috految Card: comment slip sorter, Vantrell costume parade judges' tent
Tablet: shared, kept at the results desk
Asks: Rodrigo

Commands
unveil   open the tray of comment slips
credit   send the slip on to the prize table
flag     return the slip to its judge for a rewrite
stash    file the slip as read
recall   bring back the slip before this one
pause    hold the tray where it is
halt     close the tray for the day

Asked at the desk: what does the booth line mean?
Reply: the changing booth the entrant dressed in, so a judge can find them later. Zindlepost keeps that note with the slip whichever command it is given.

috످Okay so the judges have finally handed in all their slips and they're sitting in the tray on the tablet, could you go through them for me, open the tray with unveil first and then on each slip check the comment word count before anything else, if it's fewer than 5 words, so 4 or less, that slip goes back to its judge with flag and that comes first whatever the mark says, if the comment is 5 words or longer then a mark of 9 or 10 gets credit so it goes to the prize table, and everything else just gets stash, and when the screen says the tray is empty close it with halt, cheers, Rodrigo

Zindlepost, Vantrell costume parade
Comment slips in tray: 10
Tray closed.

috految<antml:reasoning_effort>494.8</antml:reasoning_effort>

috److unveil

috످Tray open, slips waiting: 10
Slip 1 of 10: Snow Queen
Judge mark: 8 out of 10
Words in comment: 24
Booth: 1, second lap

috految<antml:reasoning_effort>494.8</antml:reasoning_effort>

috److془24 words >=5, mark 8 → stash.془stash

috످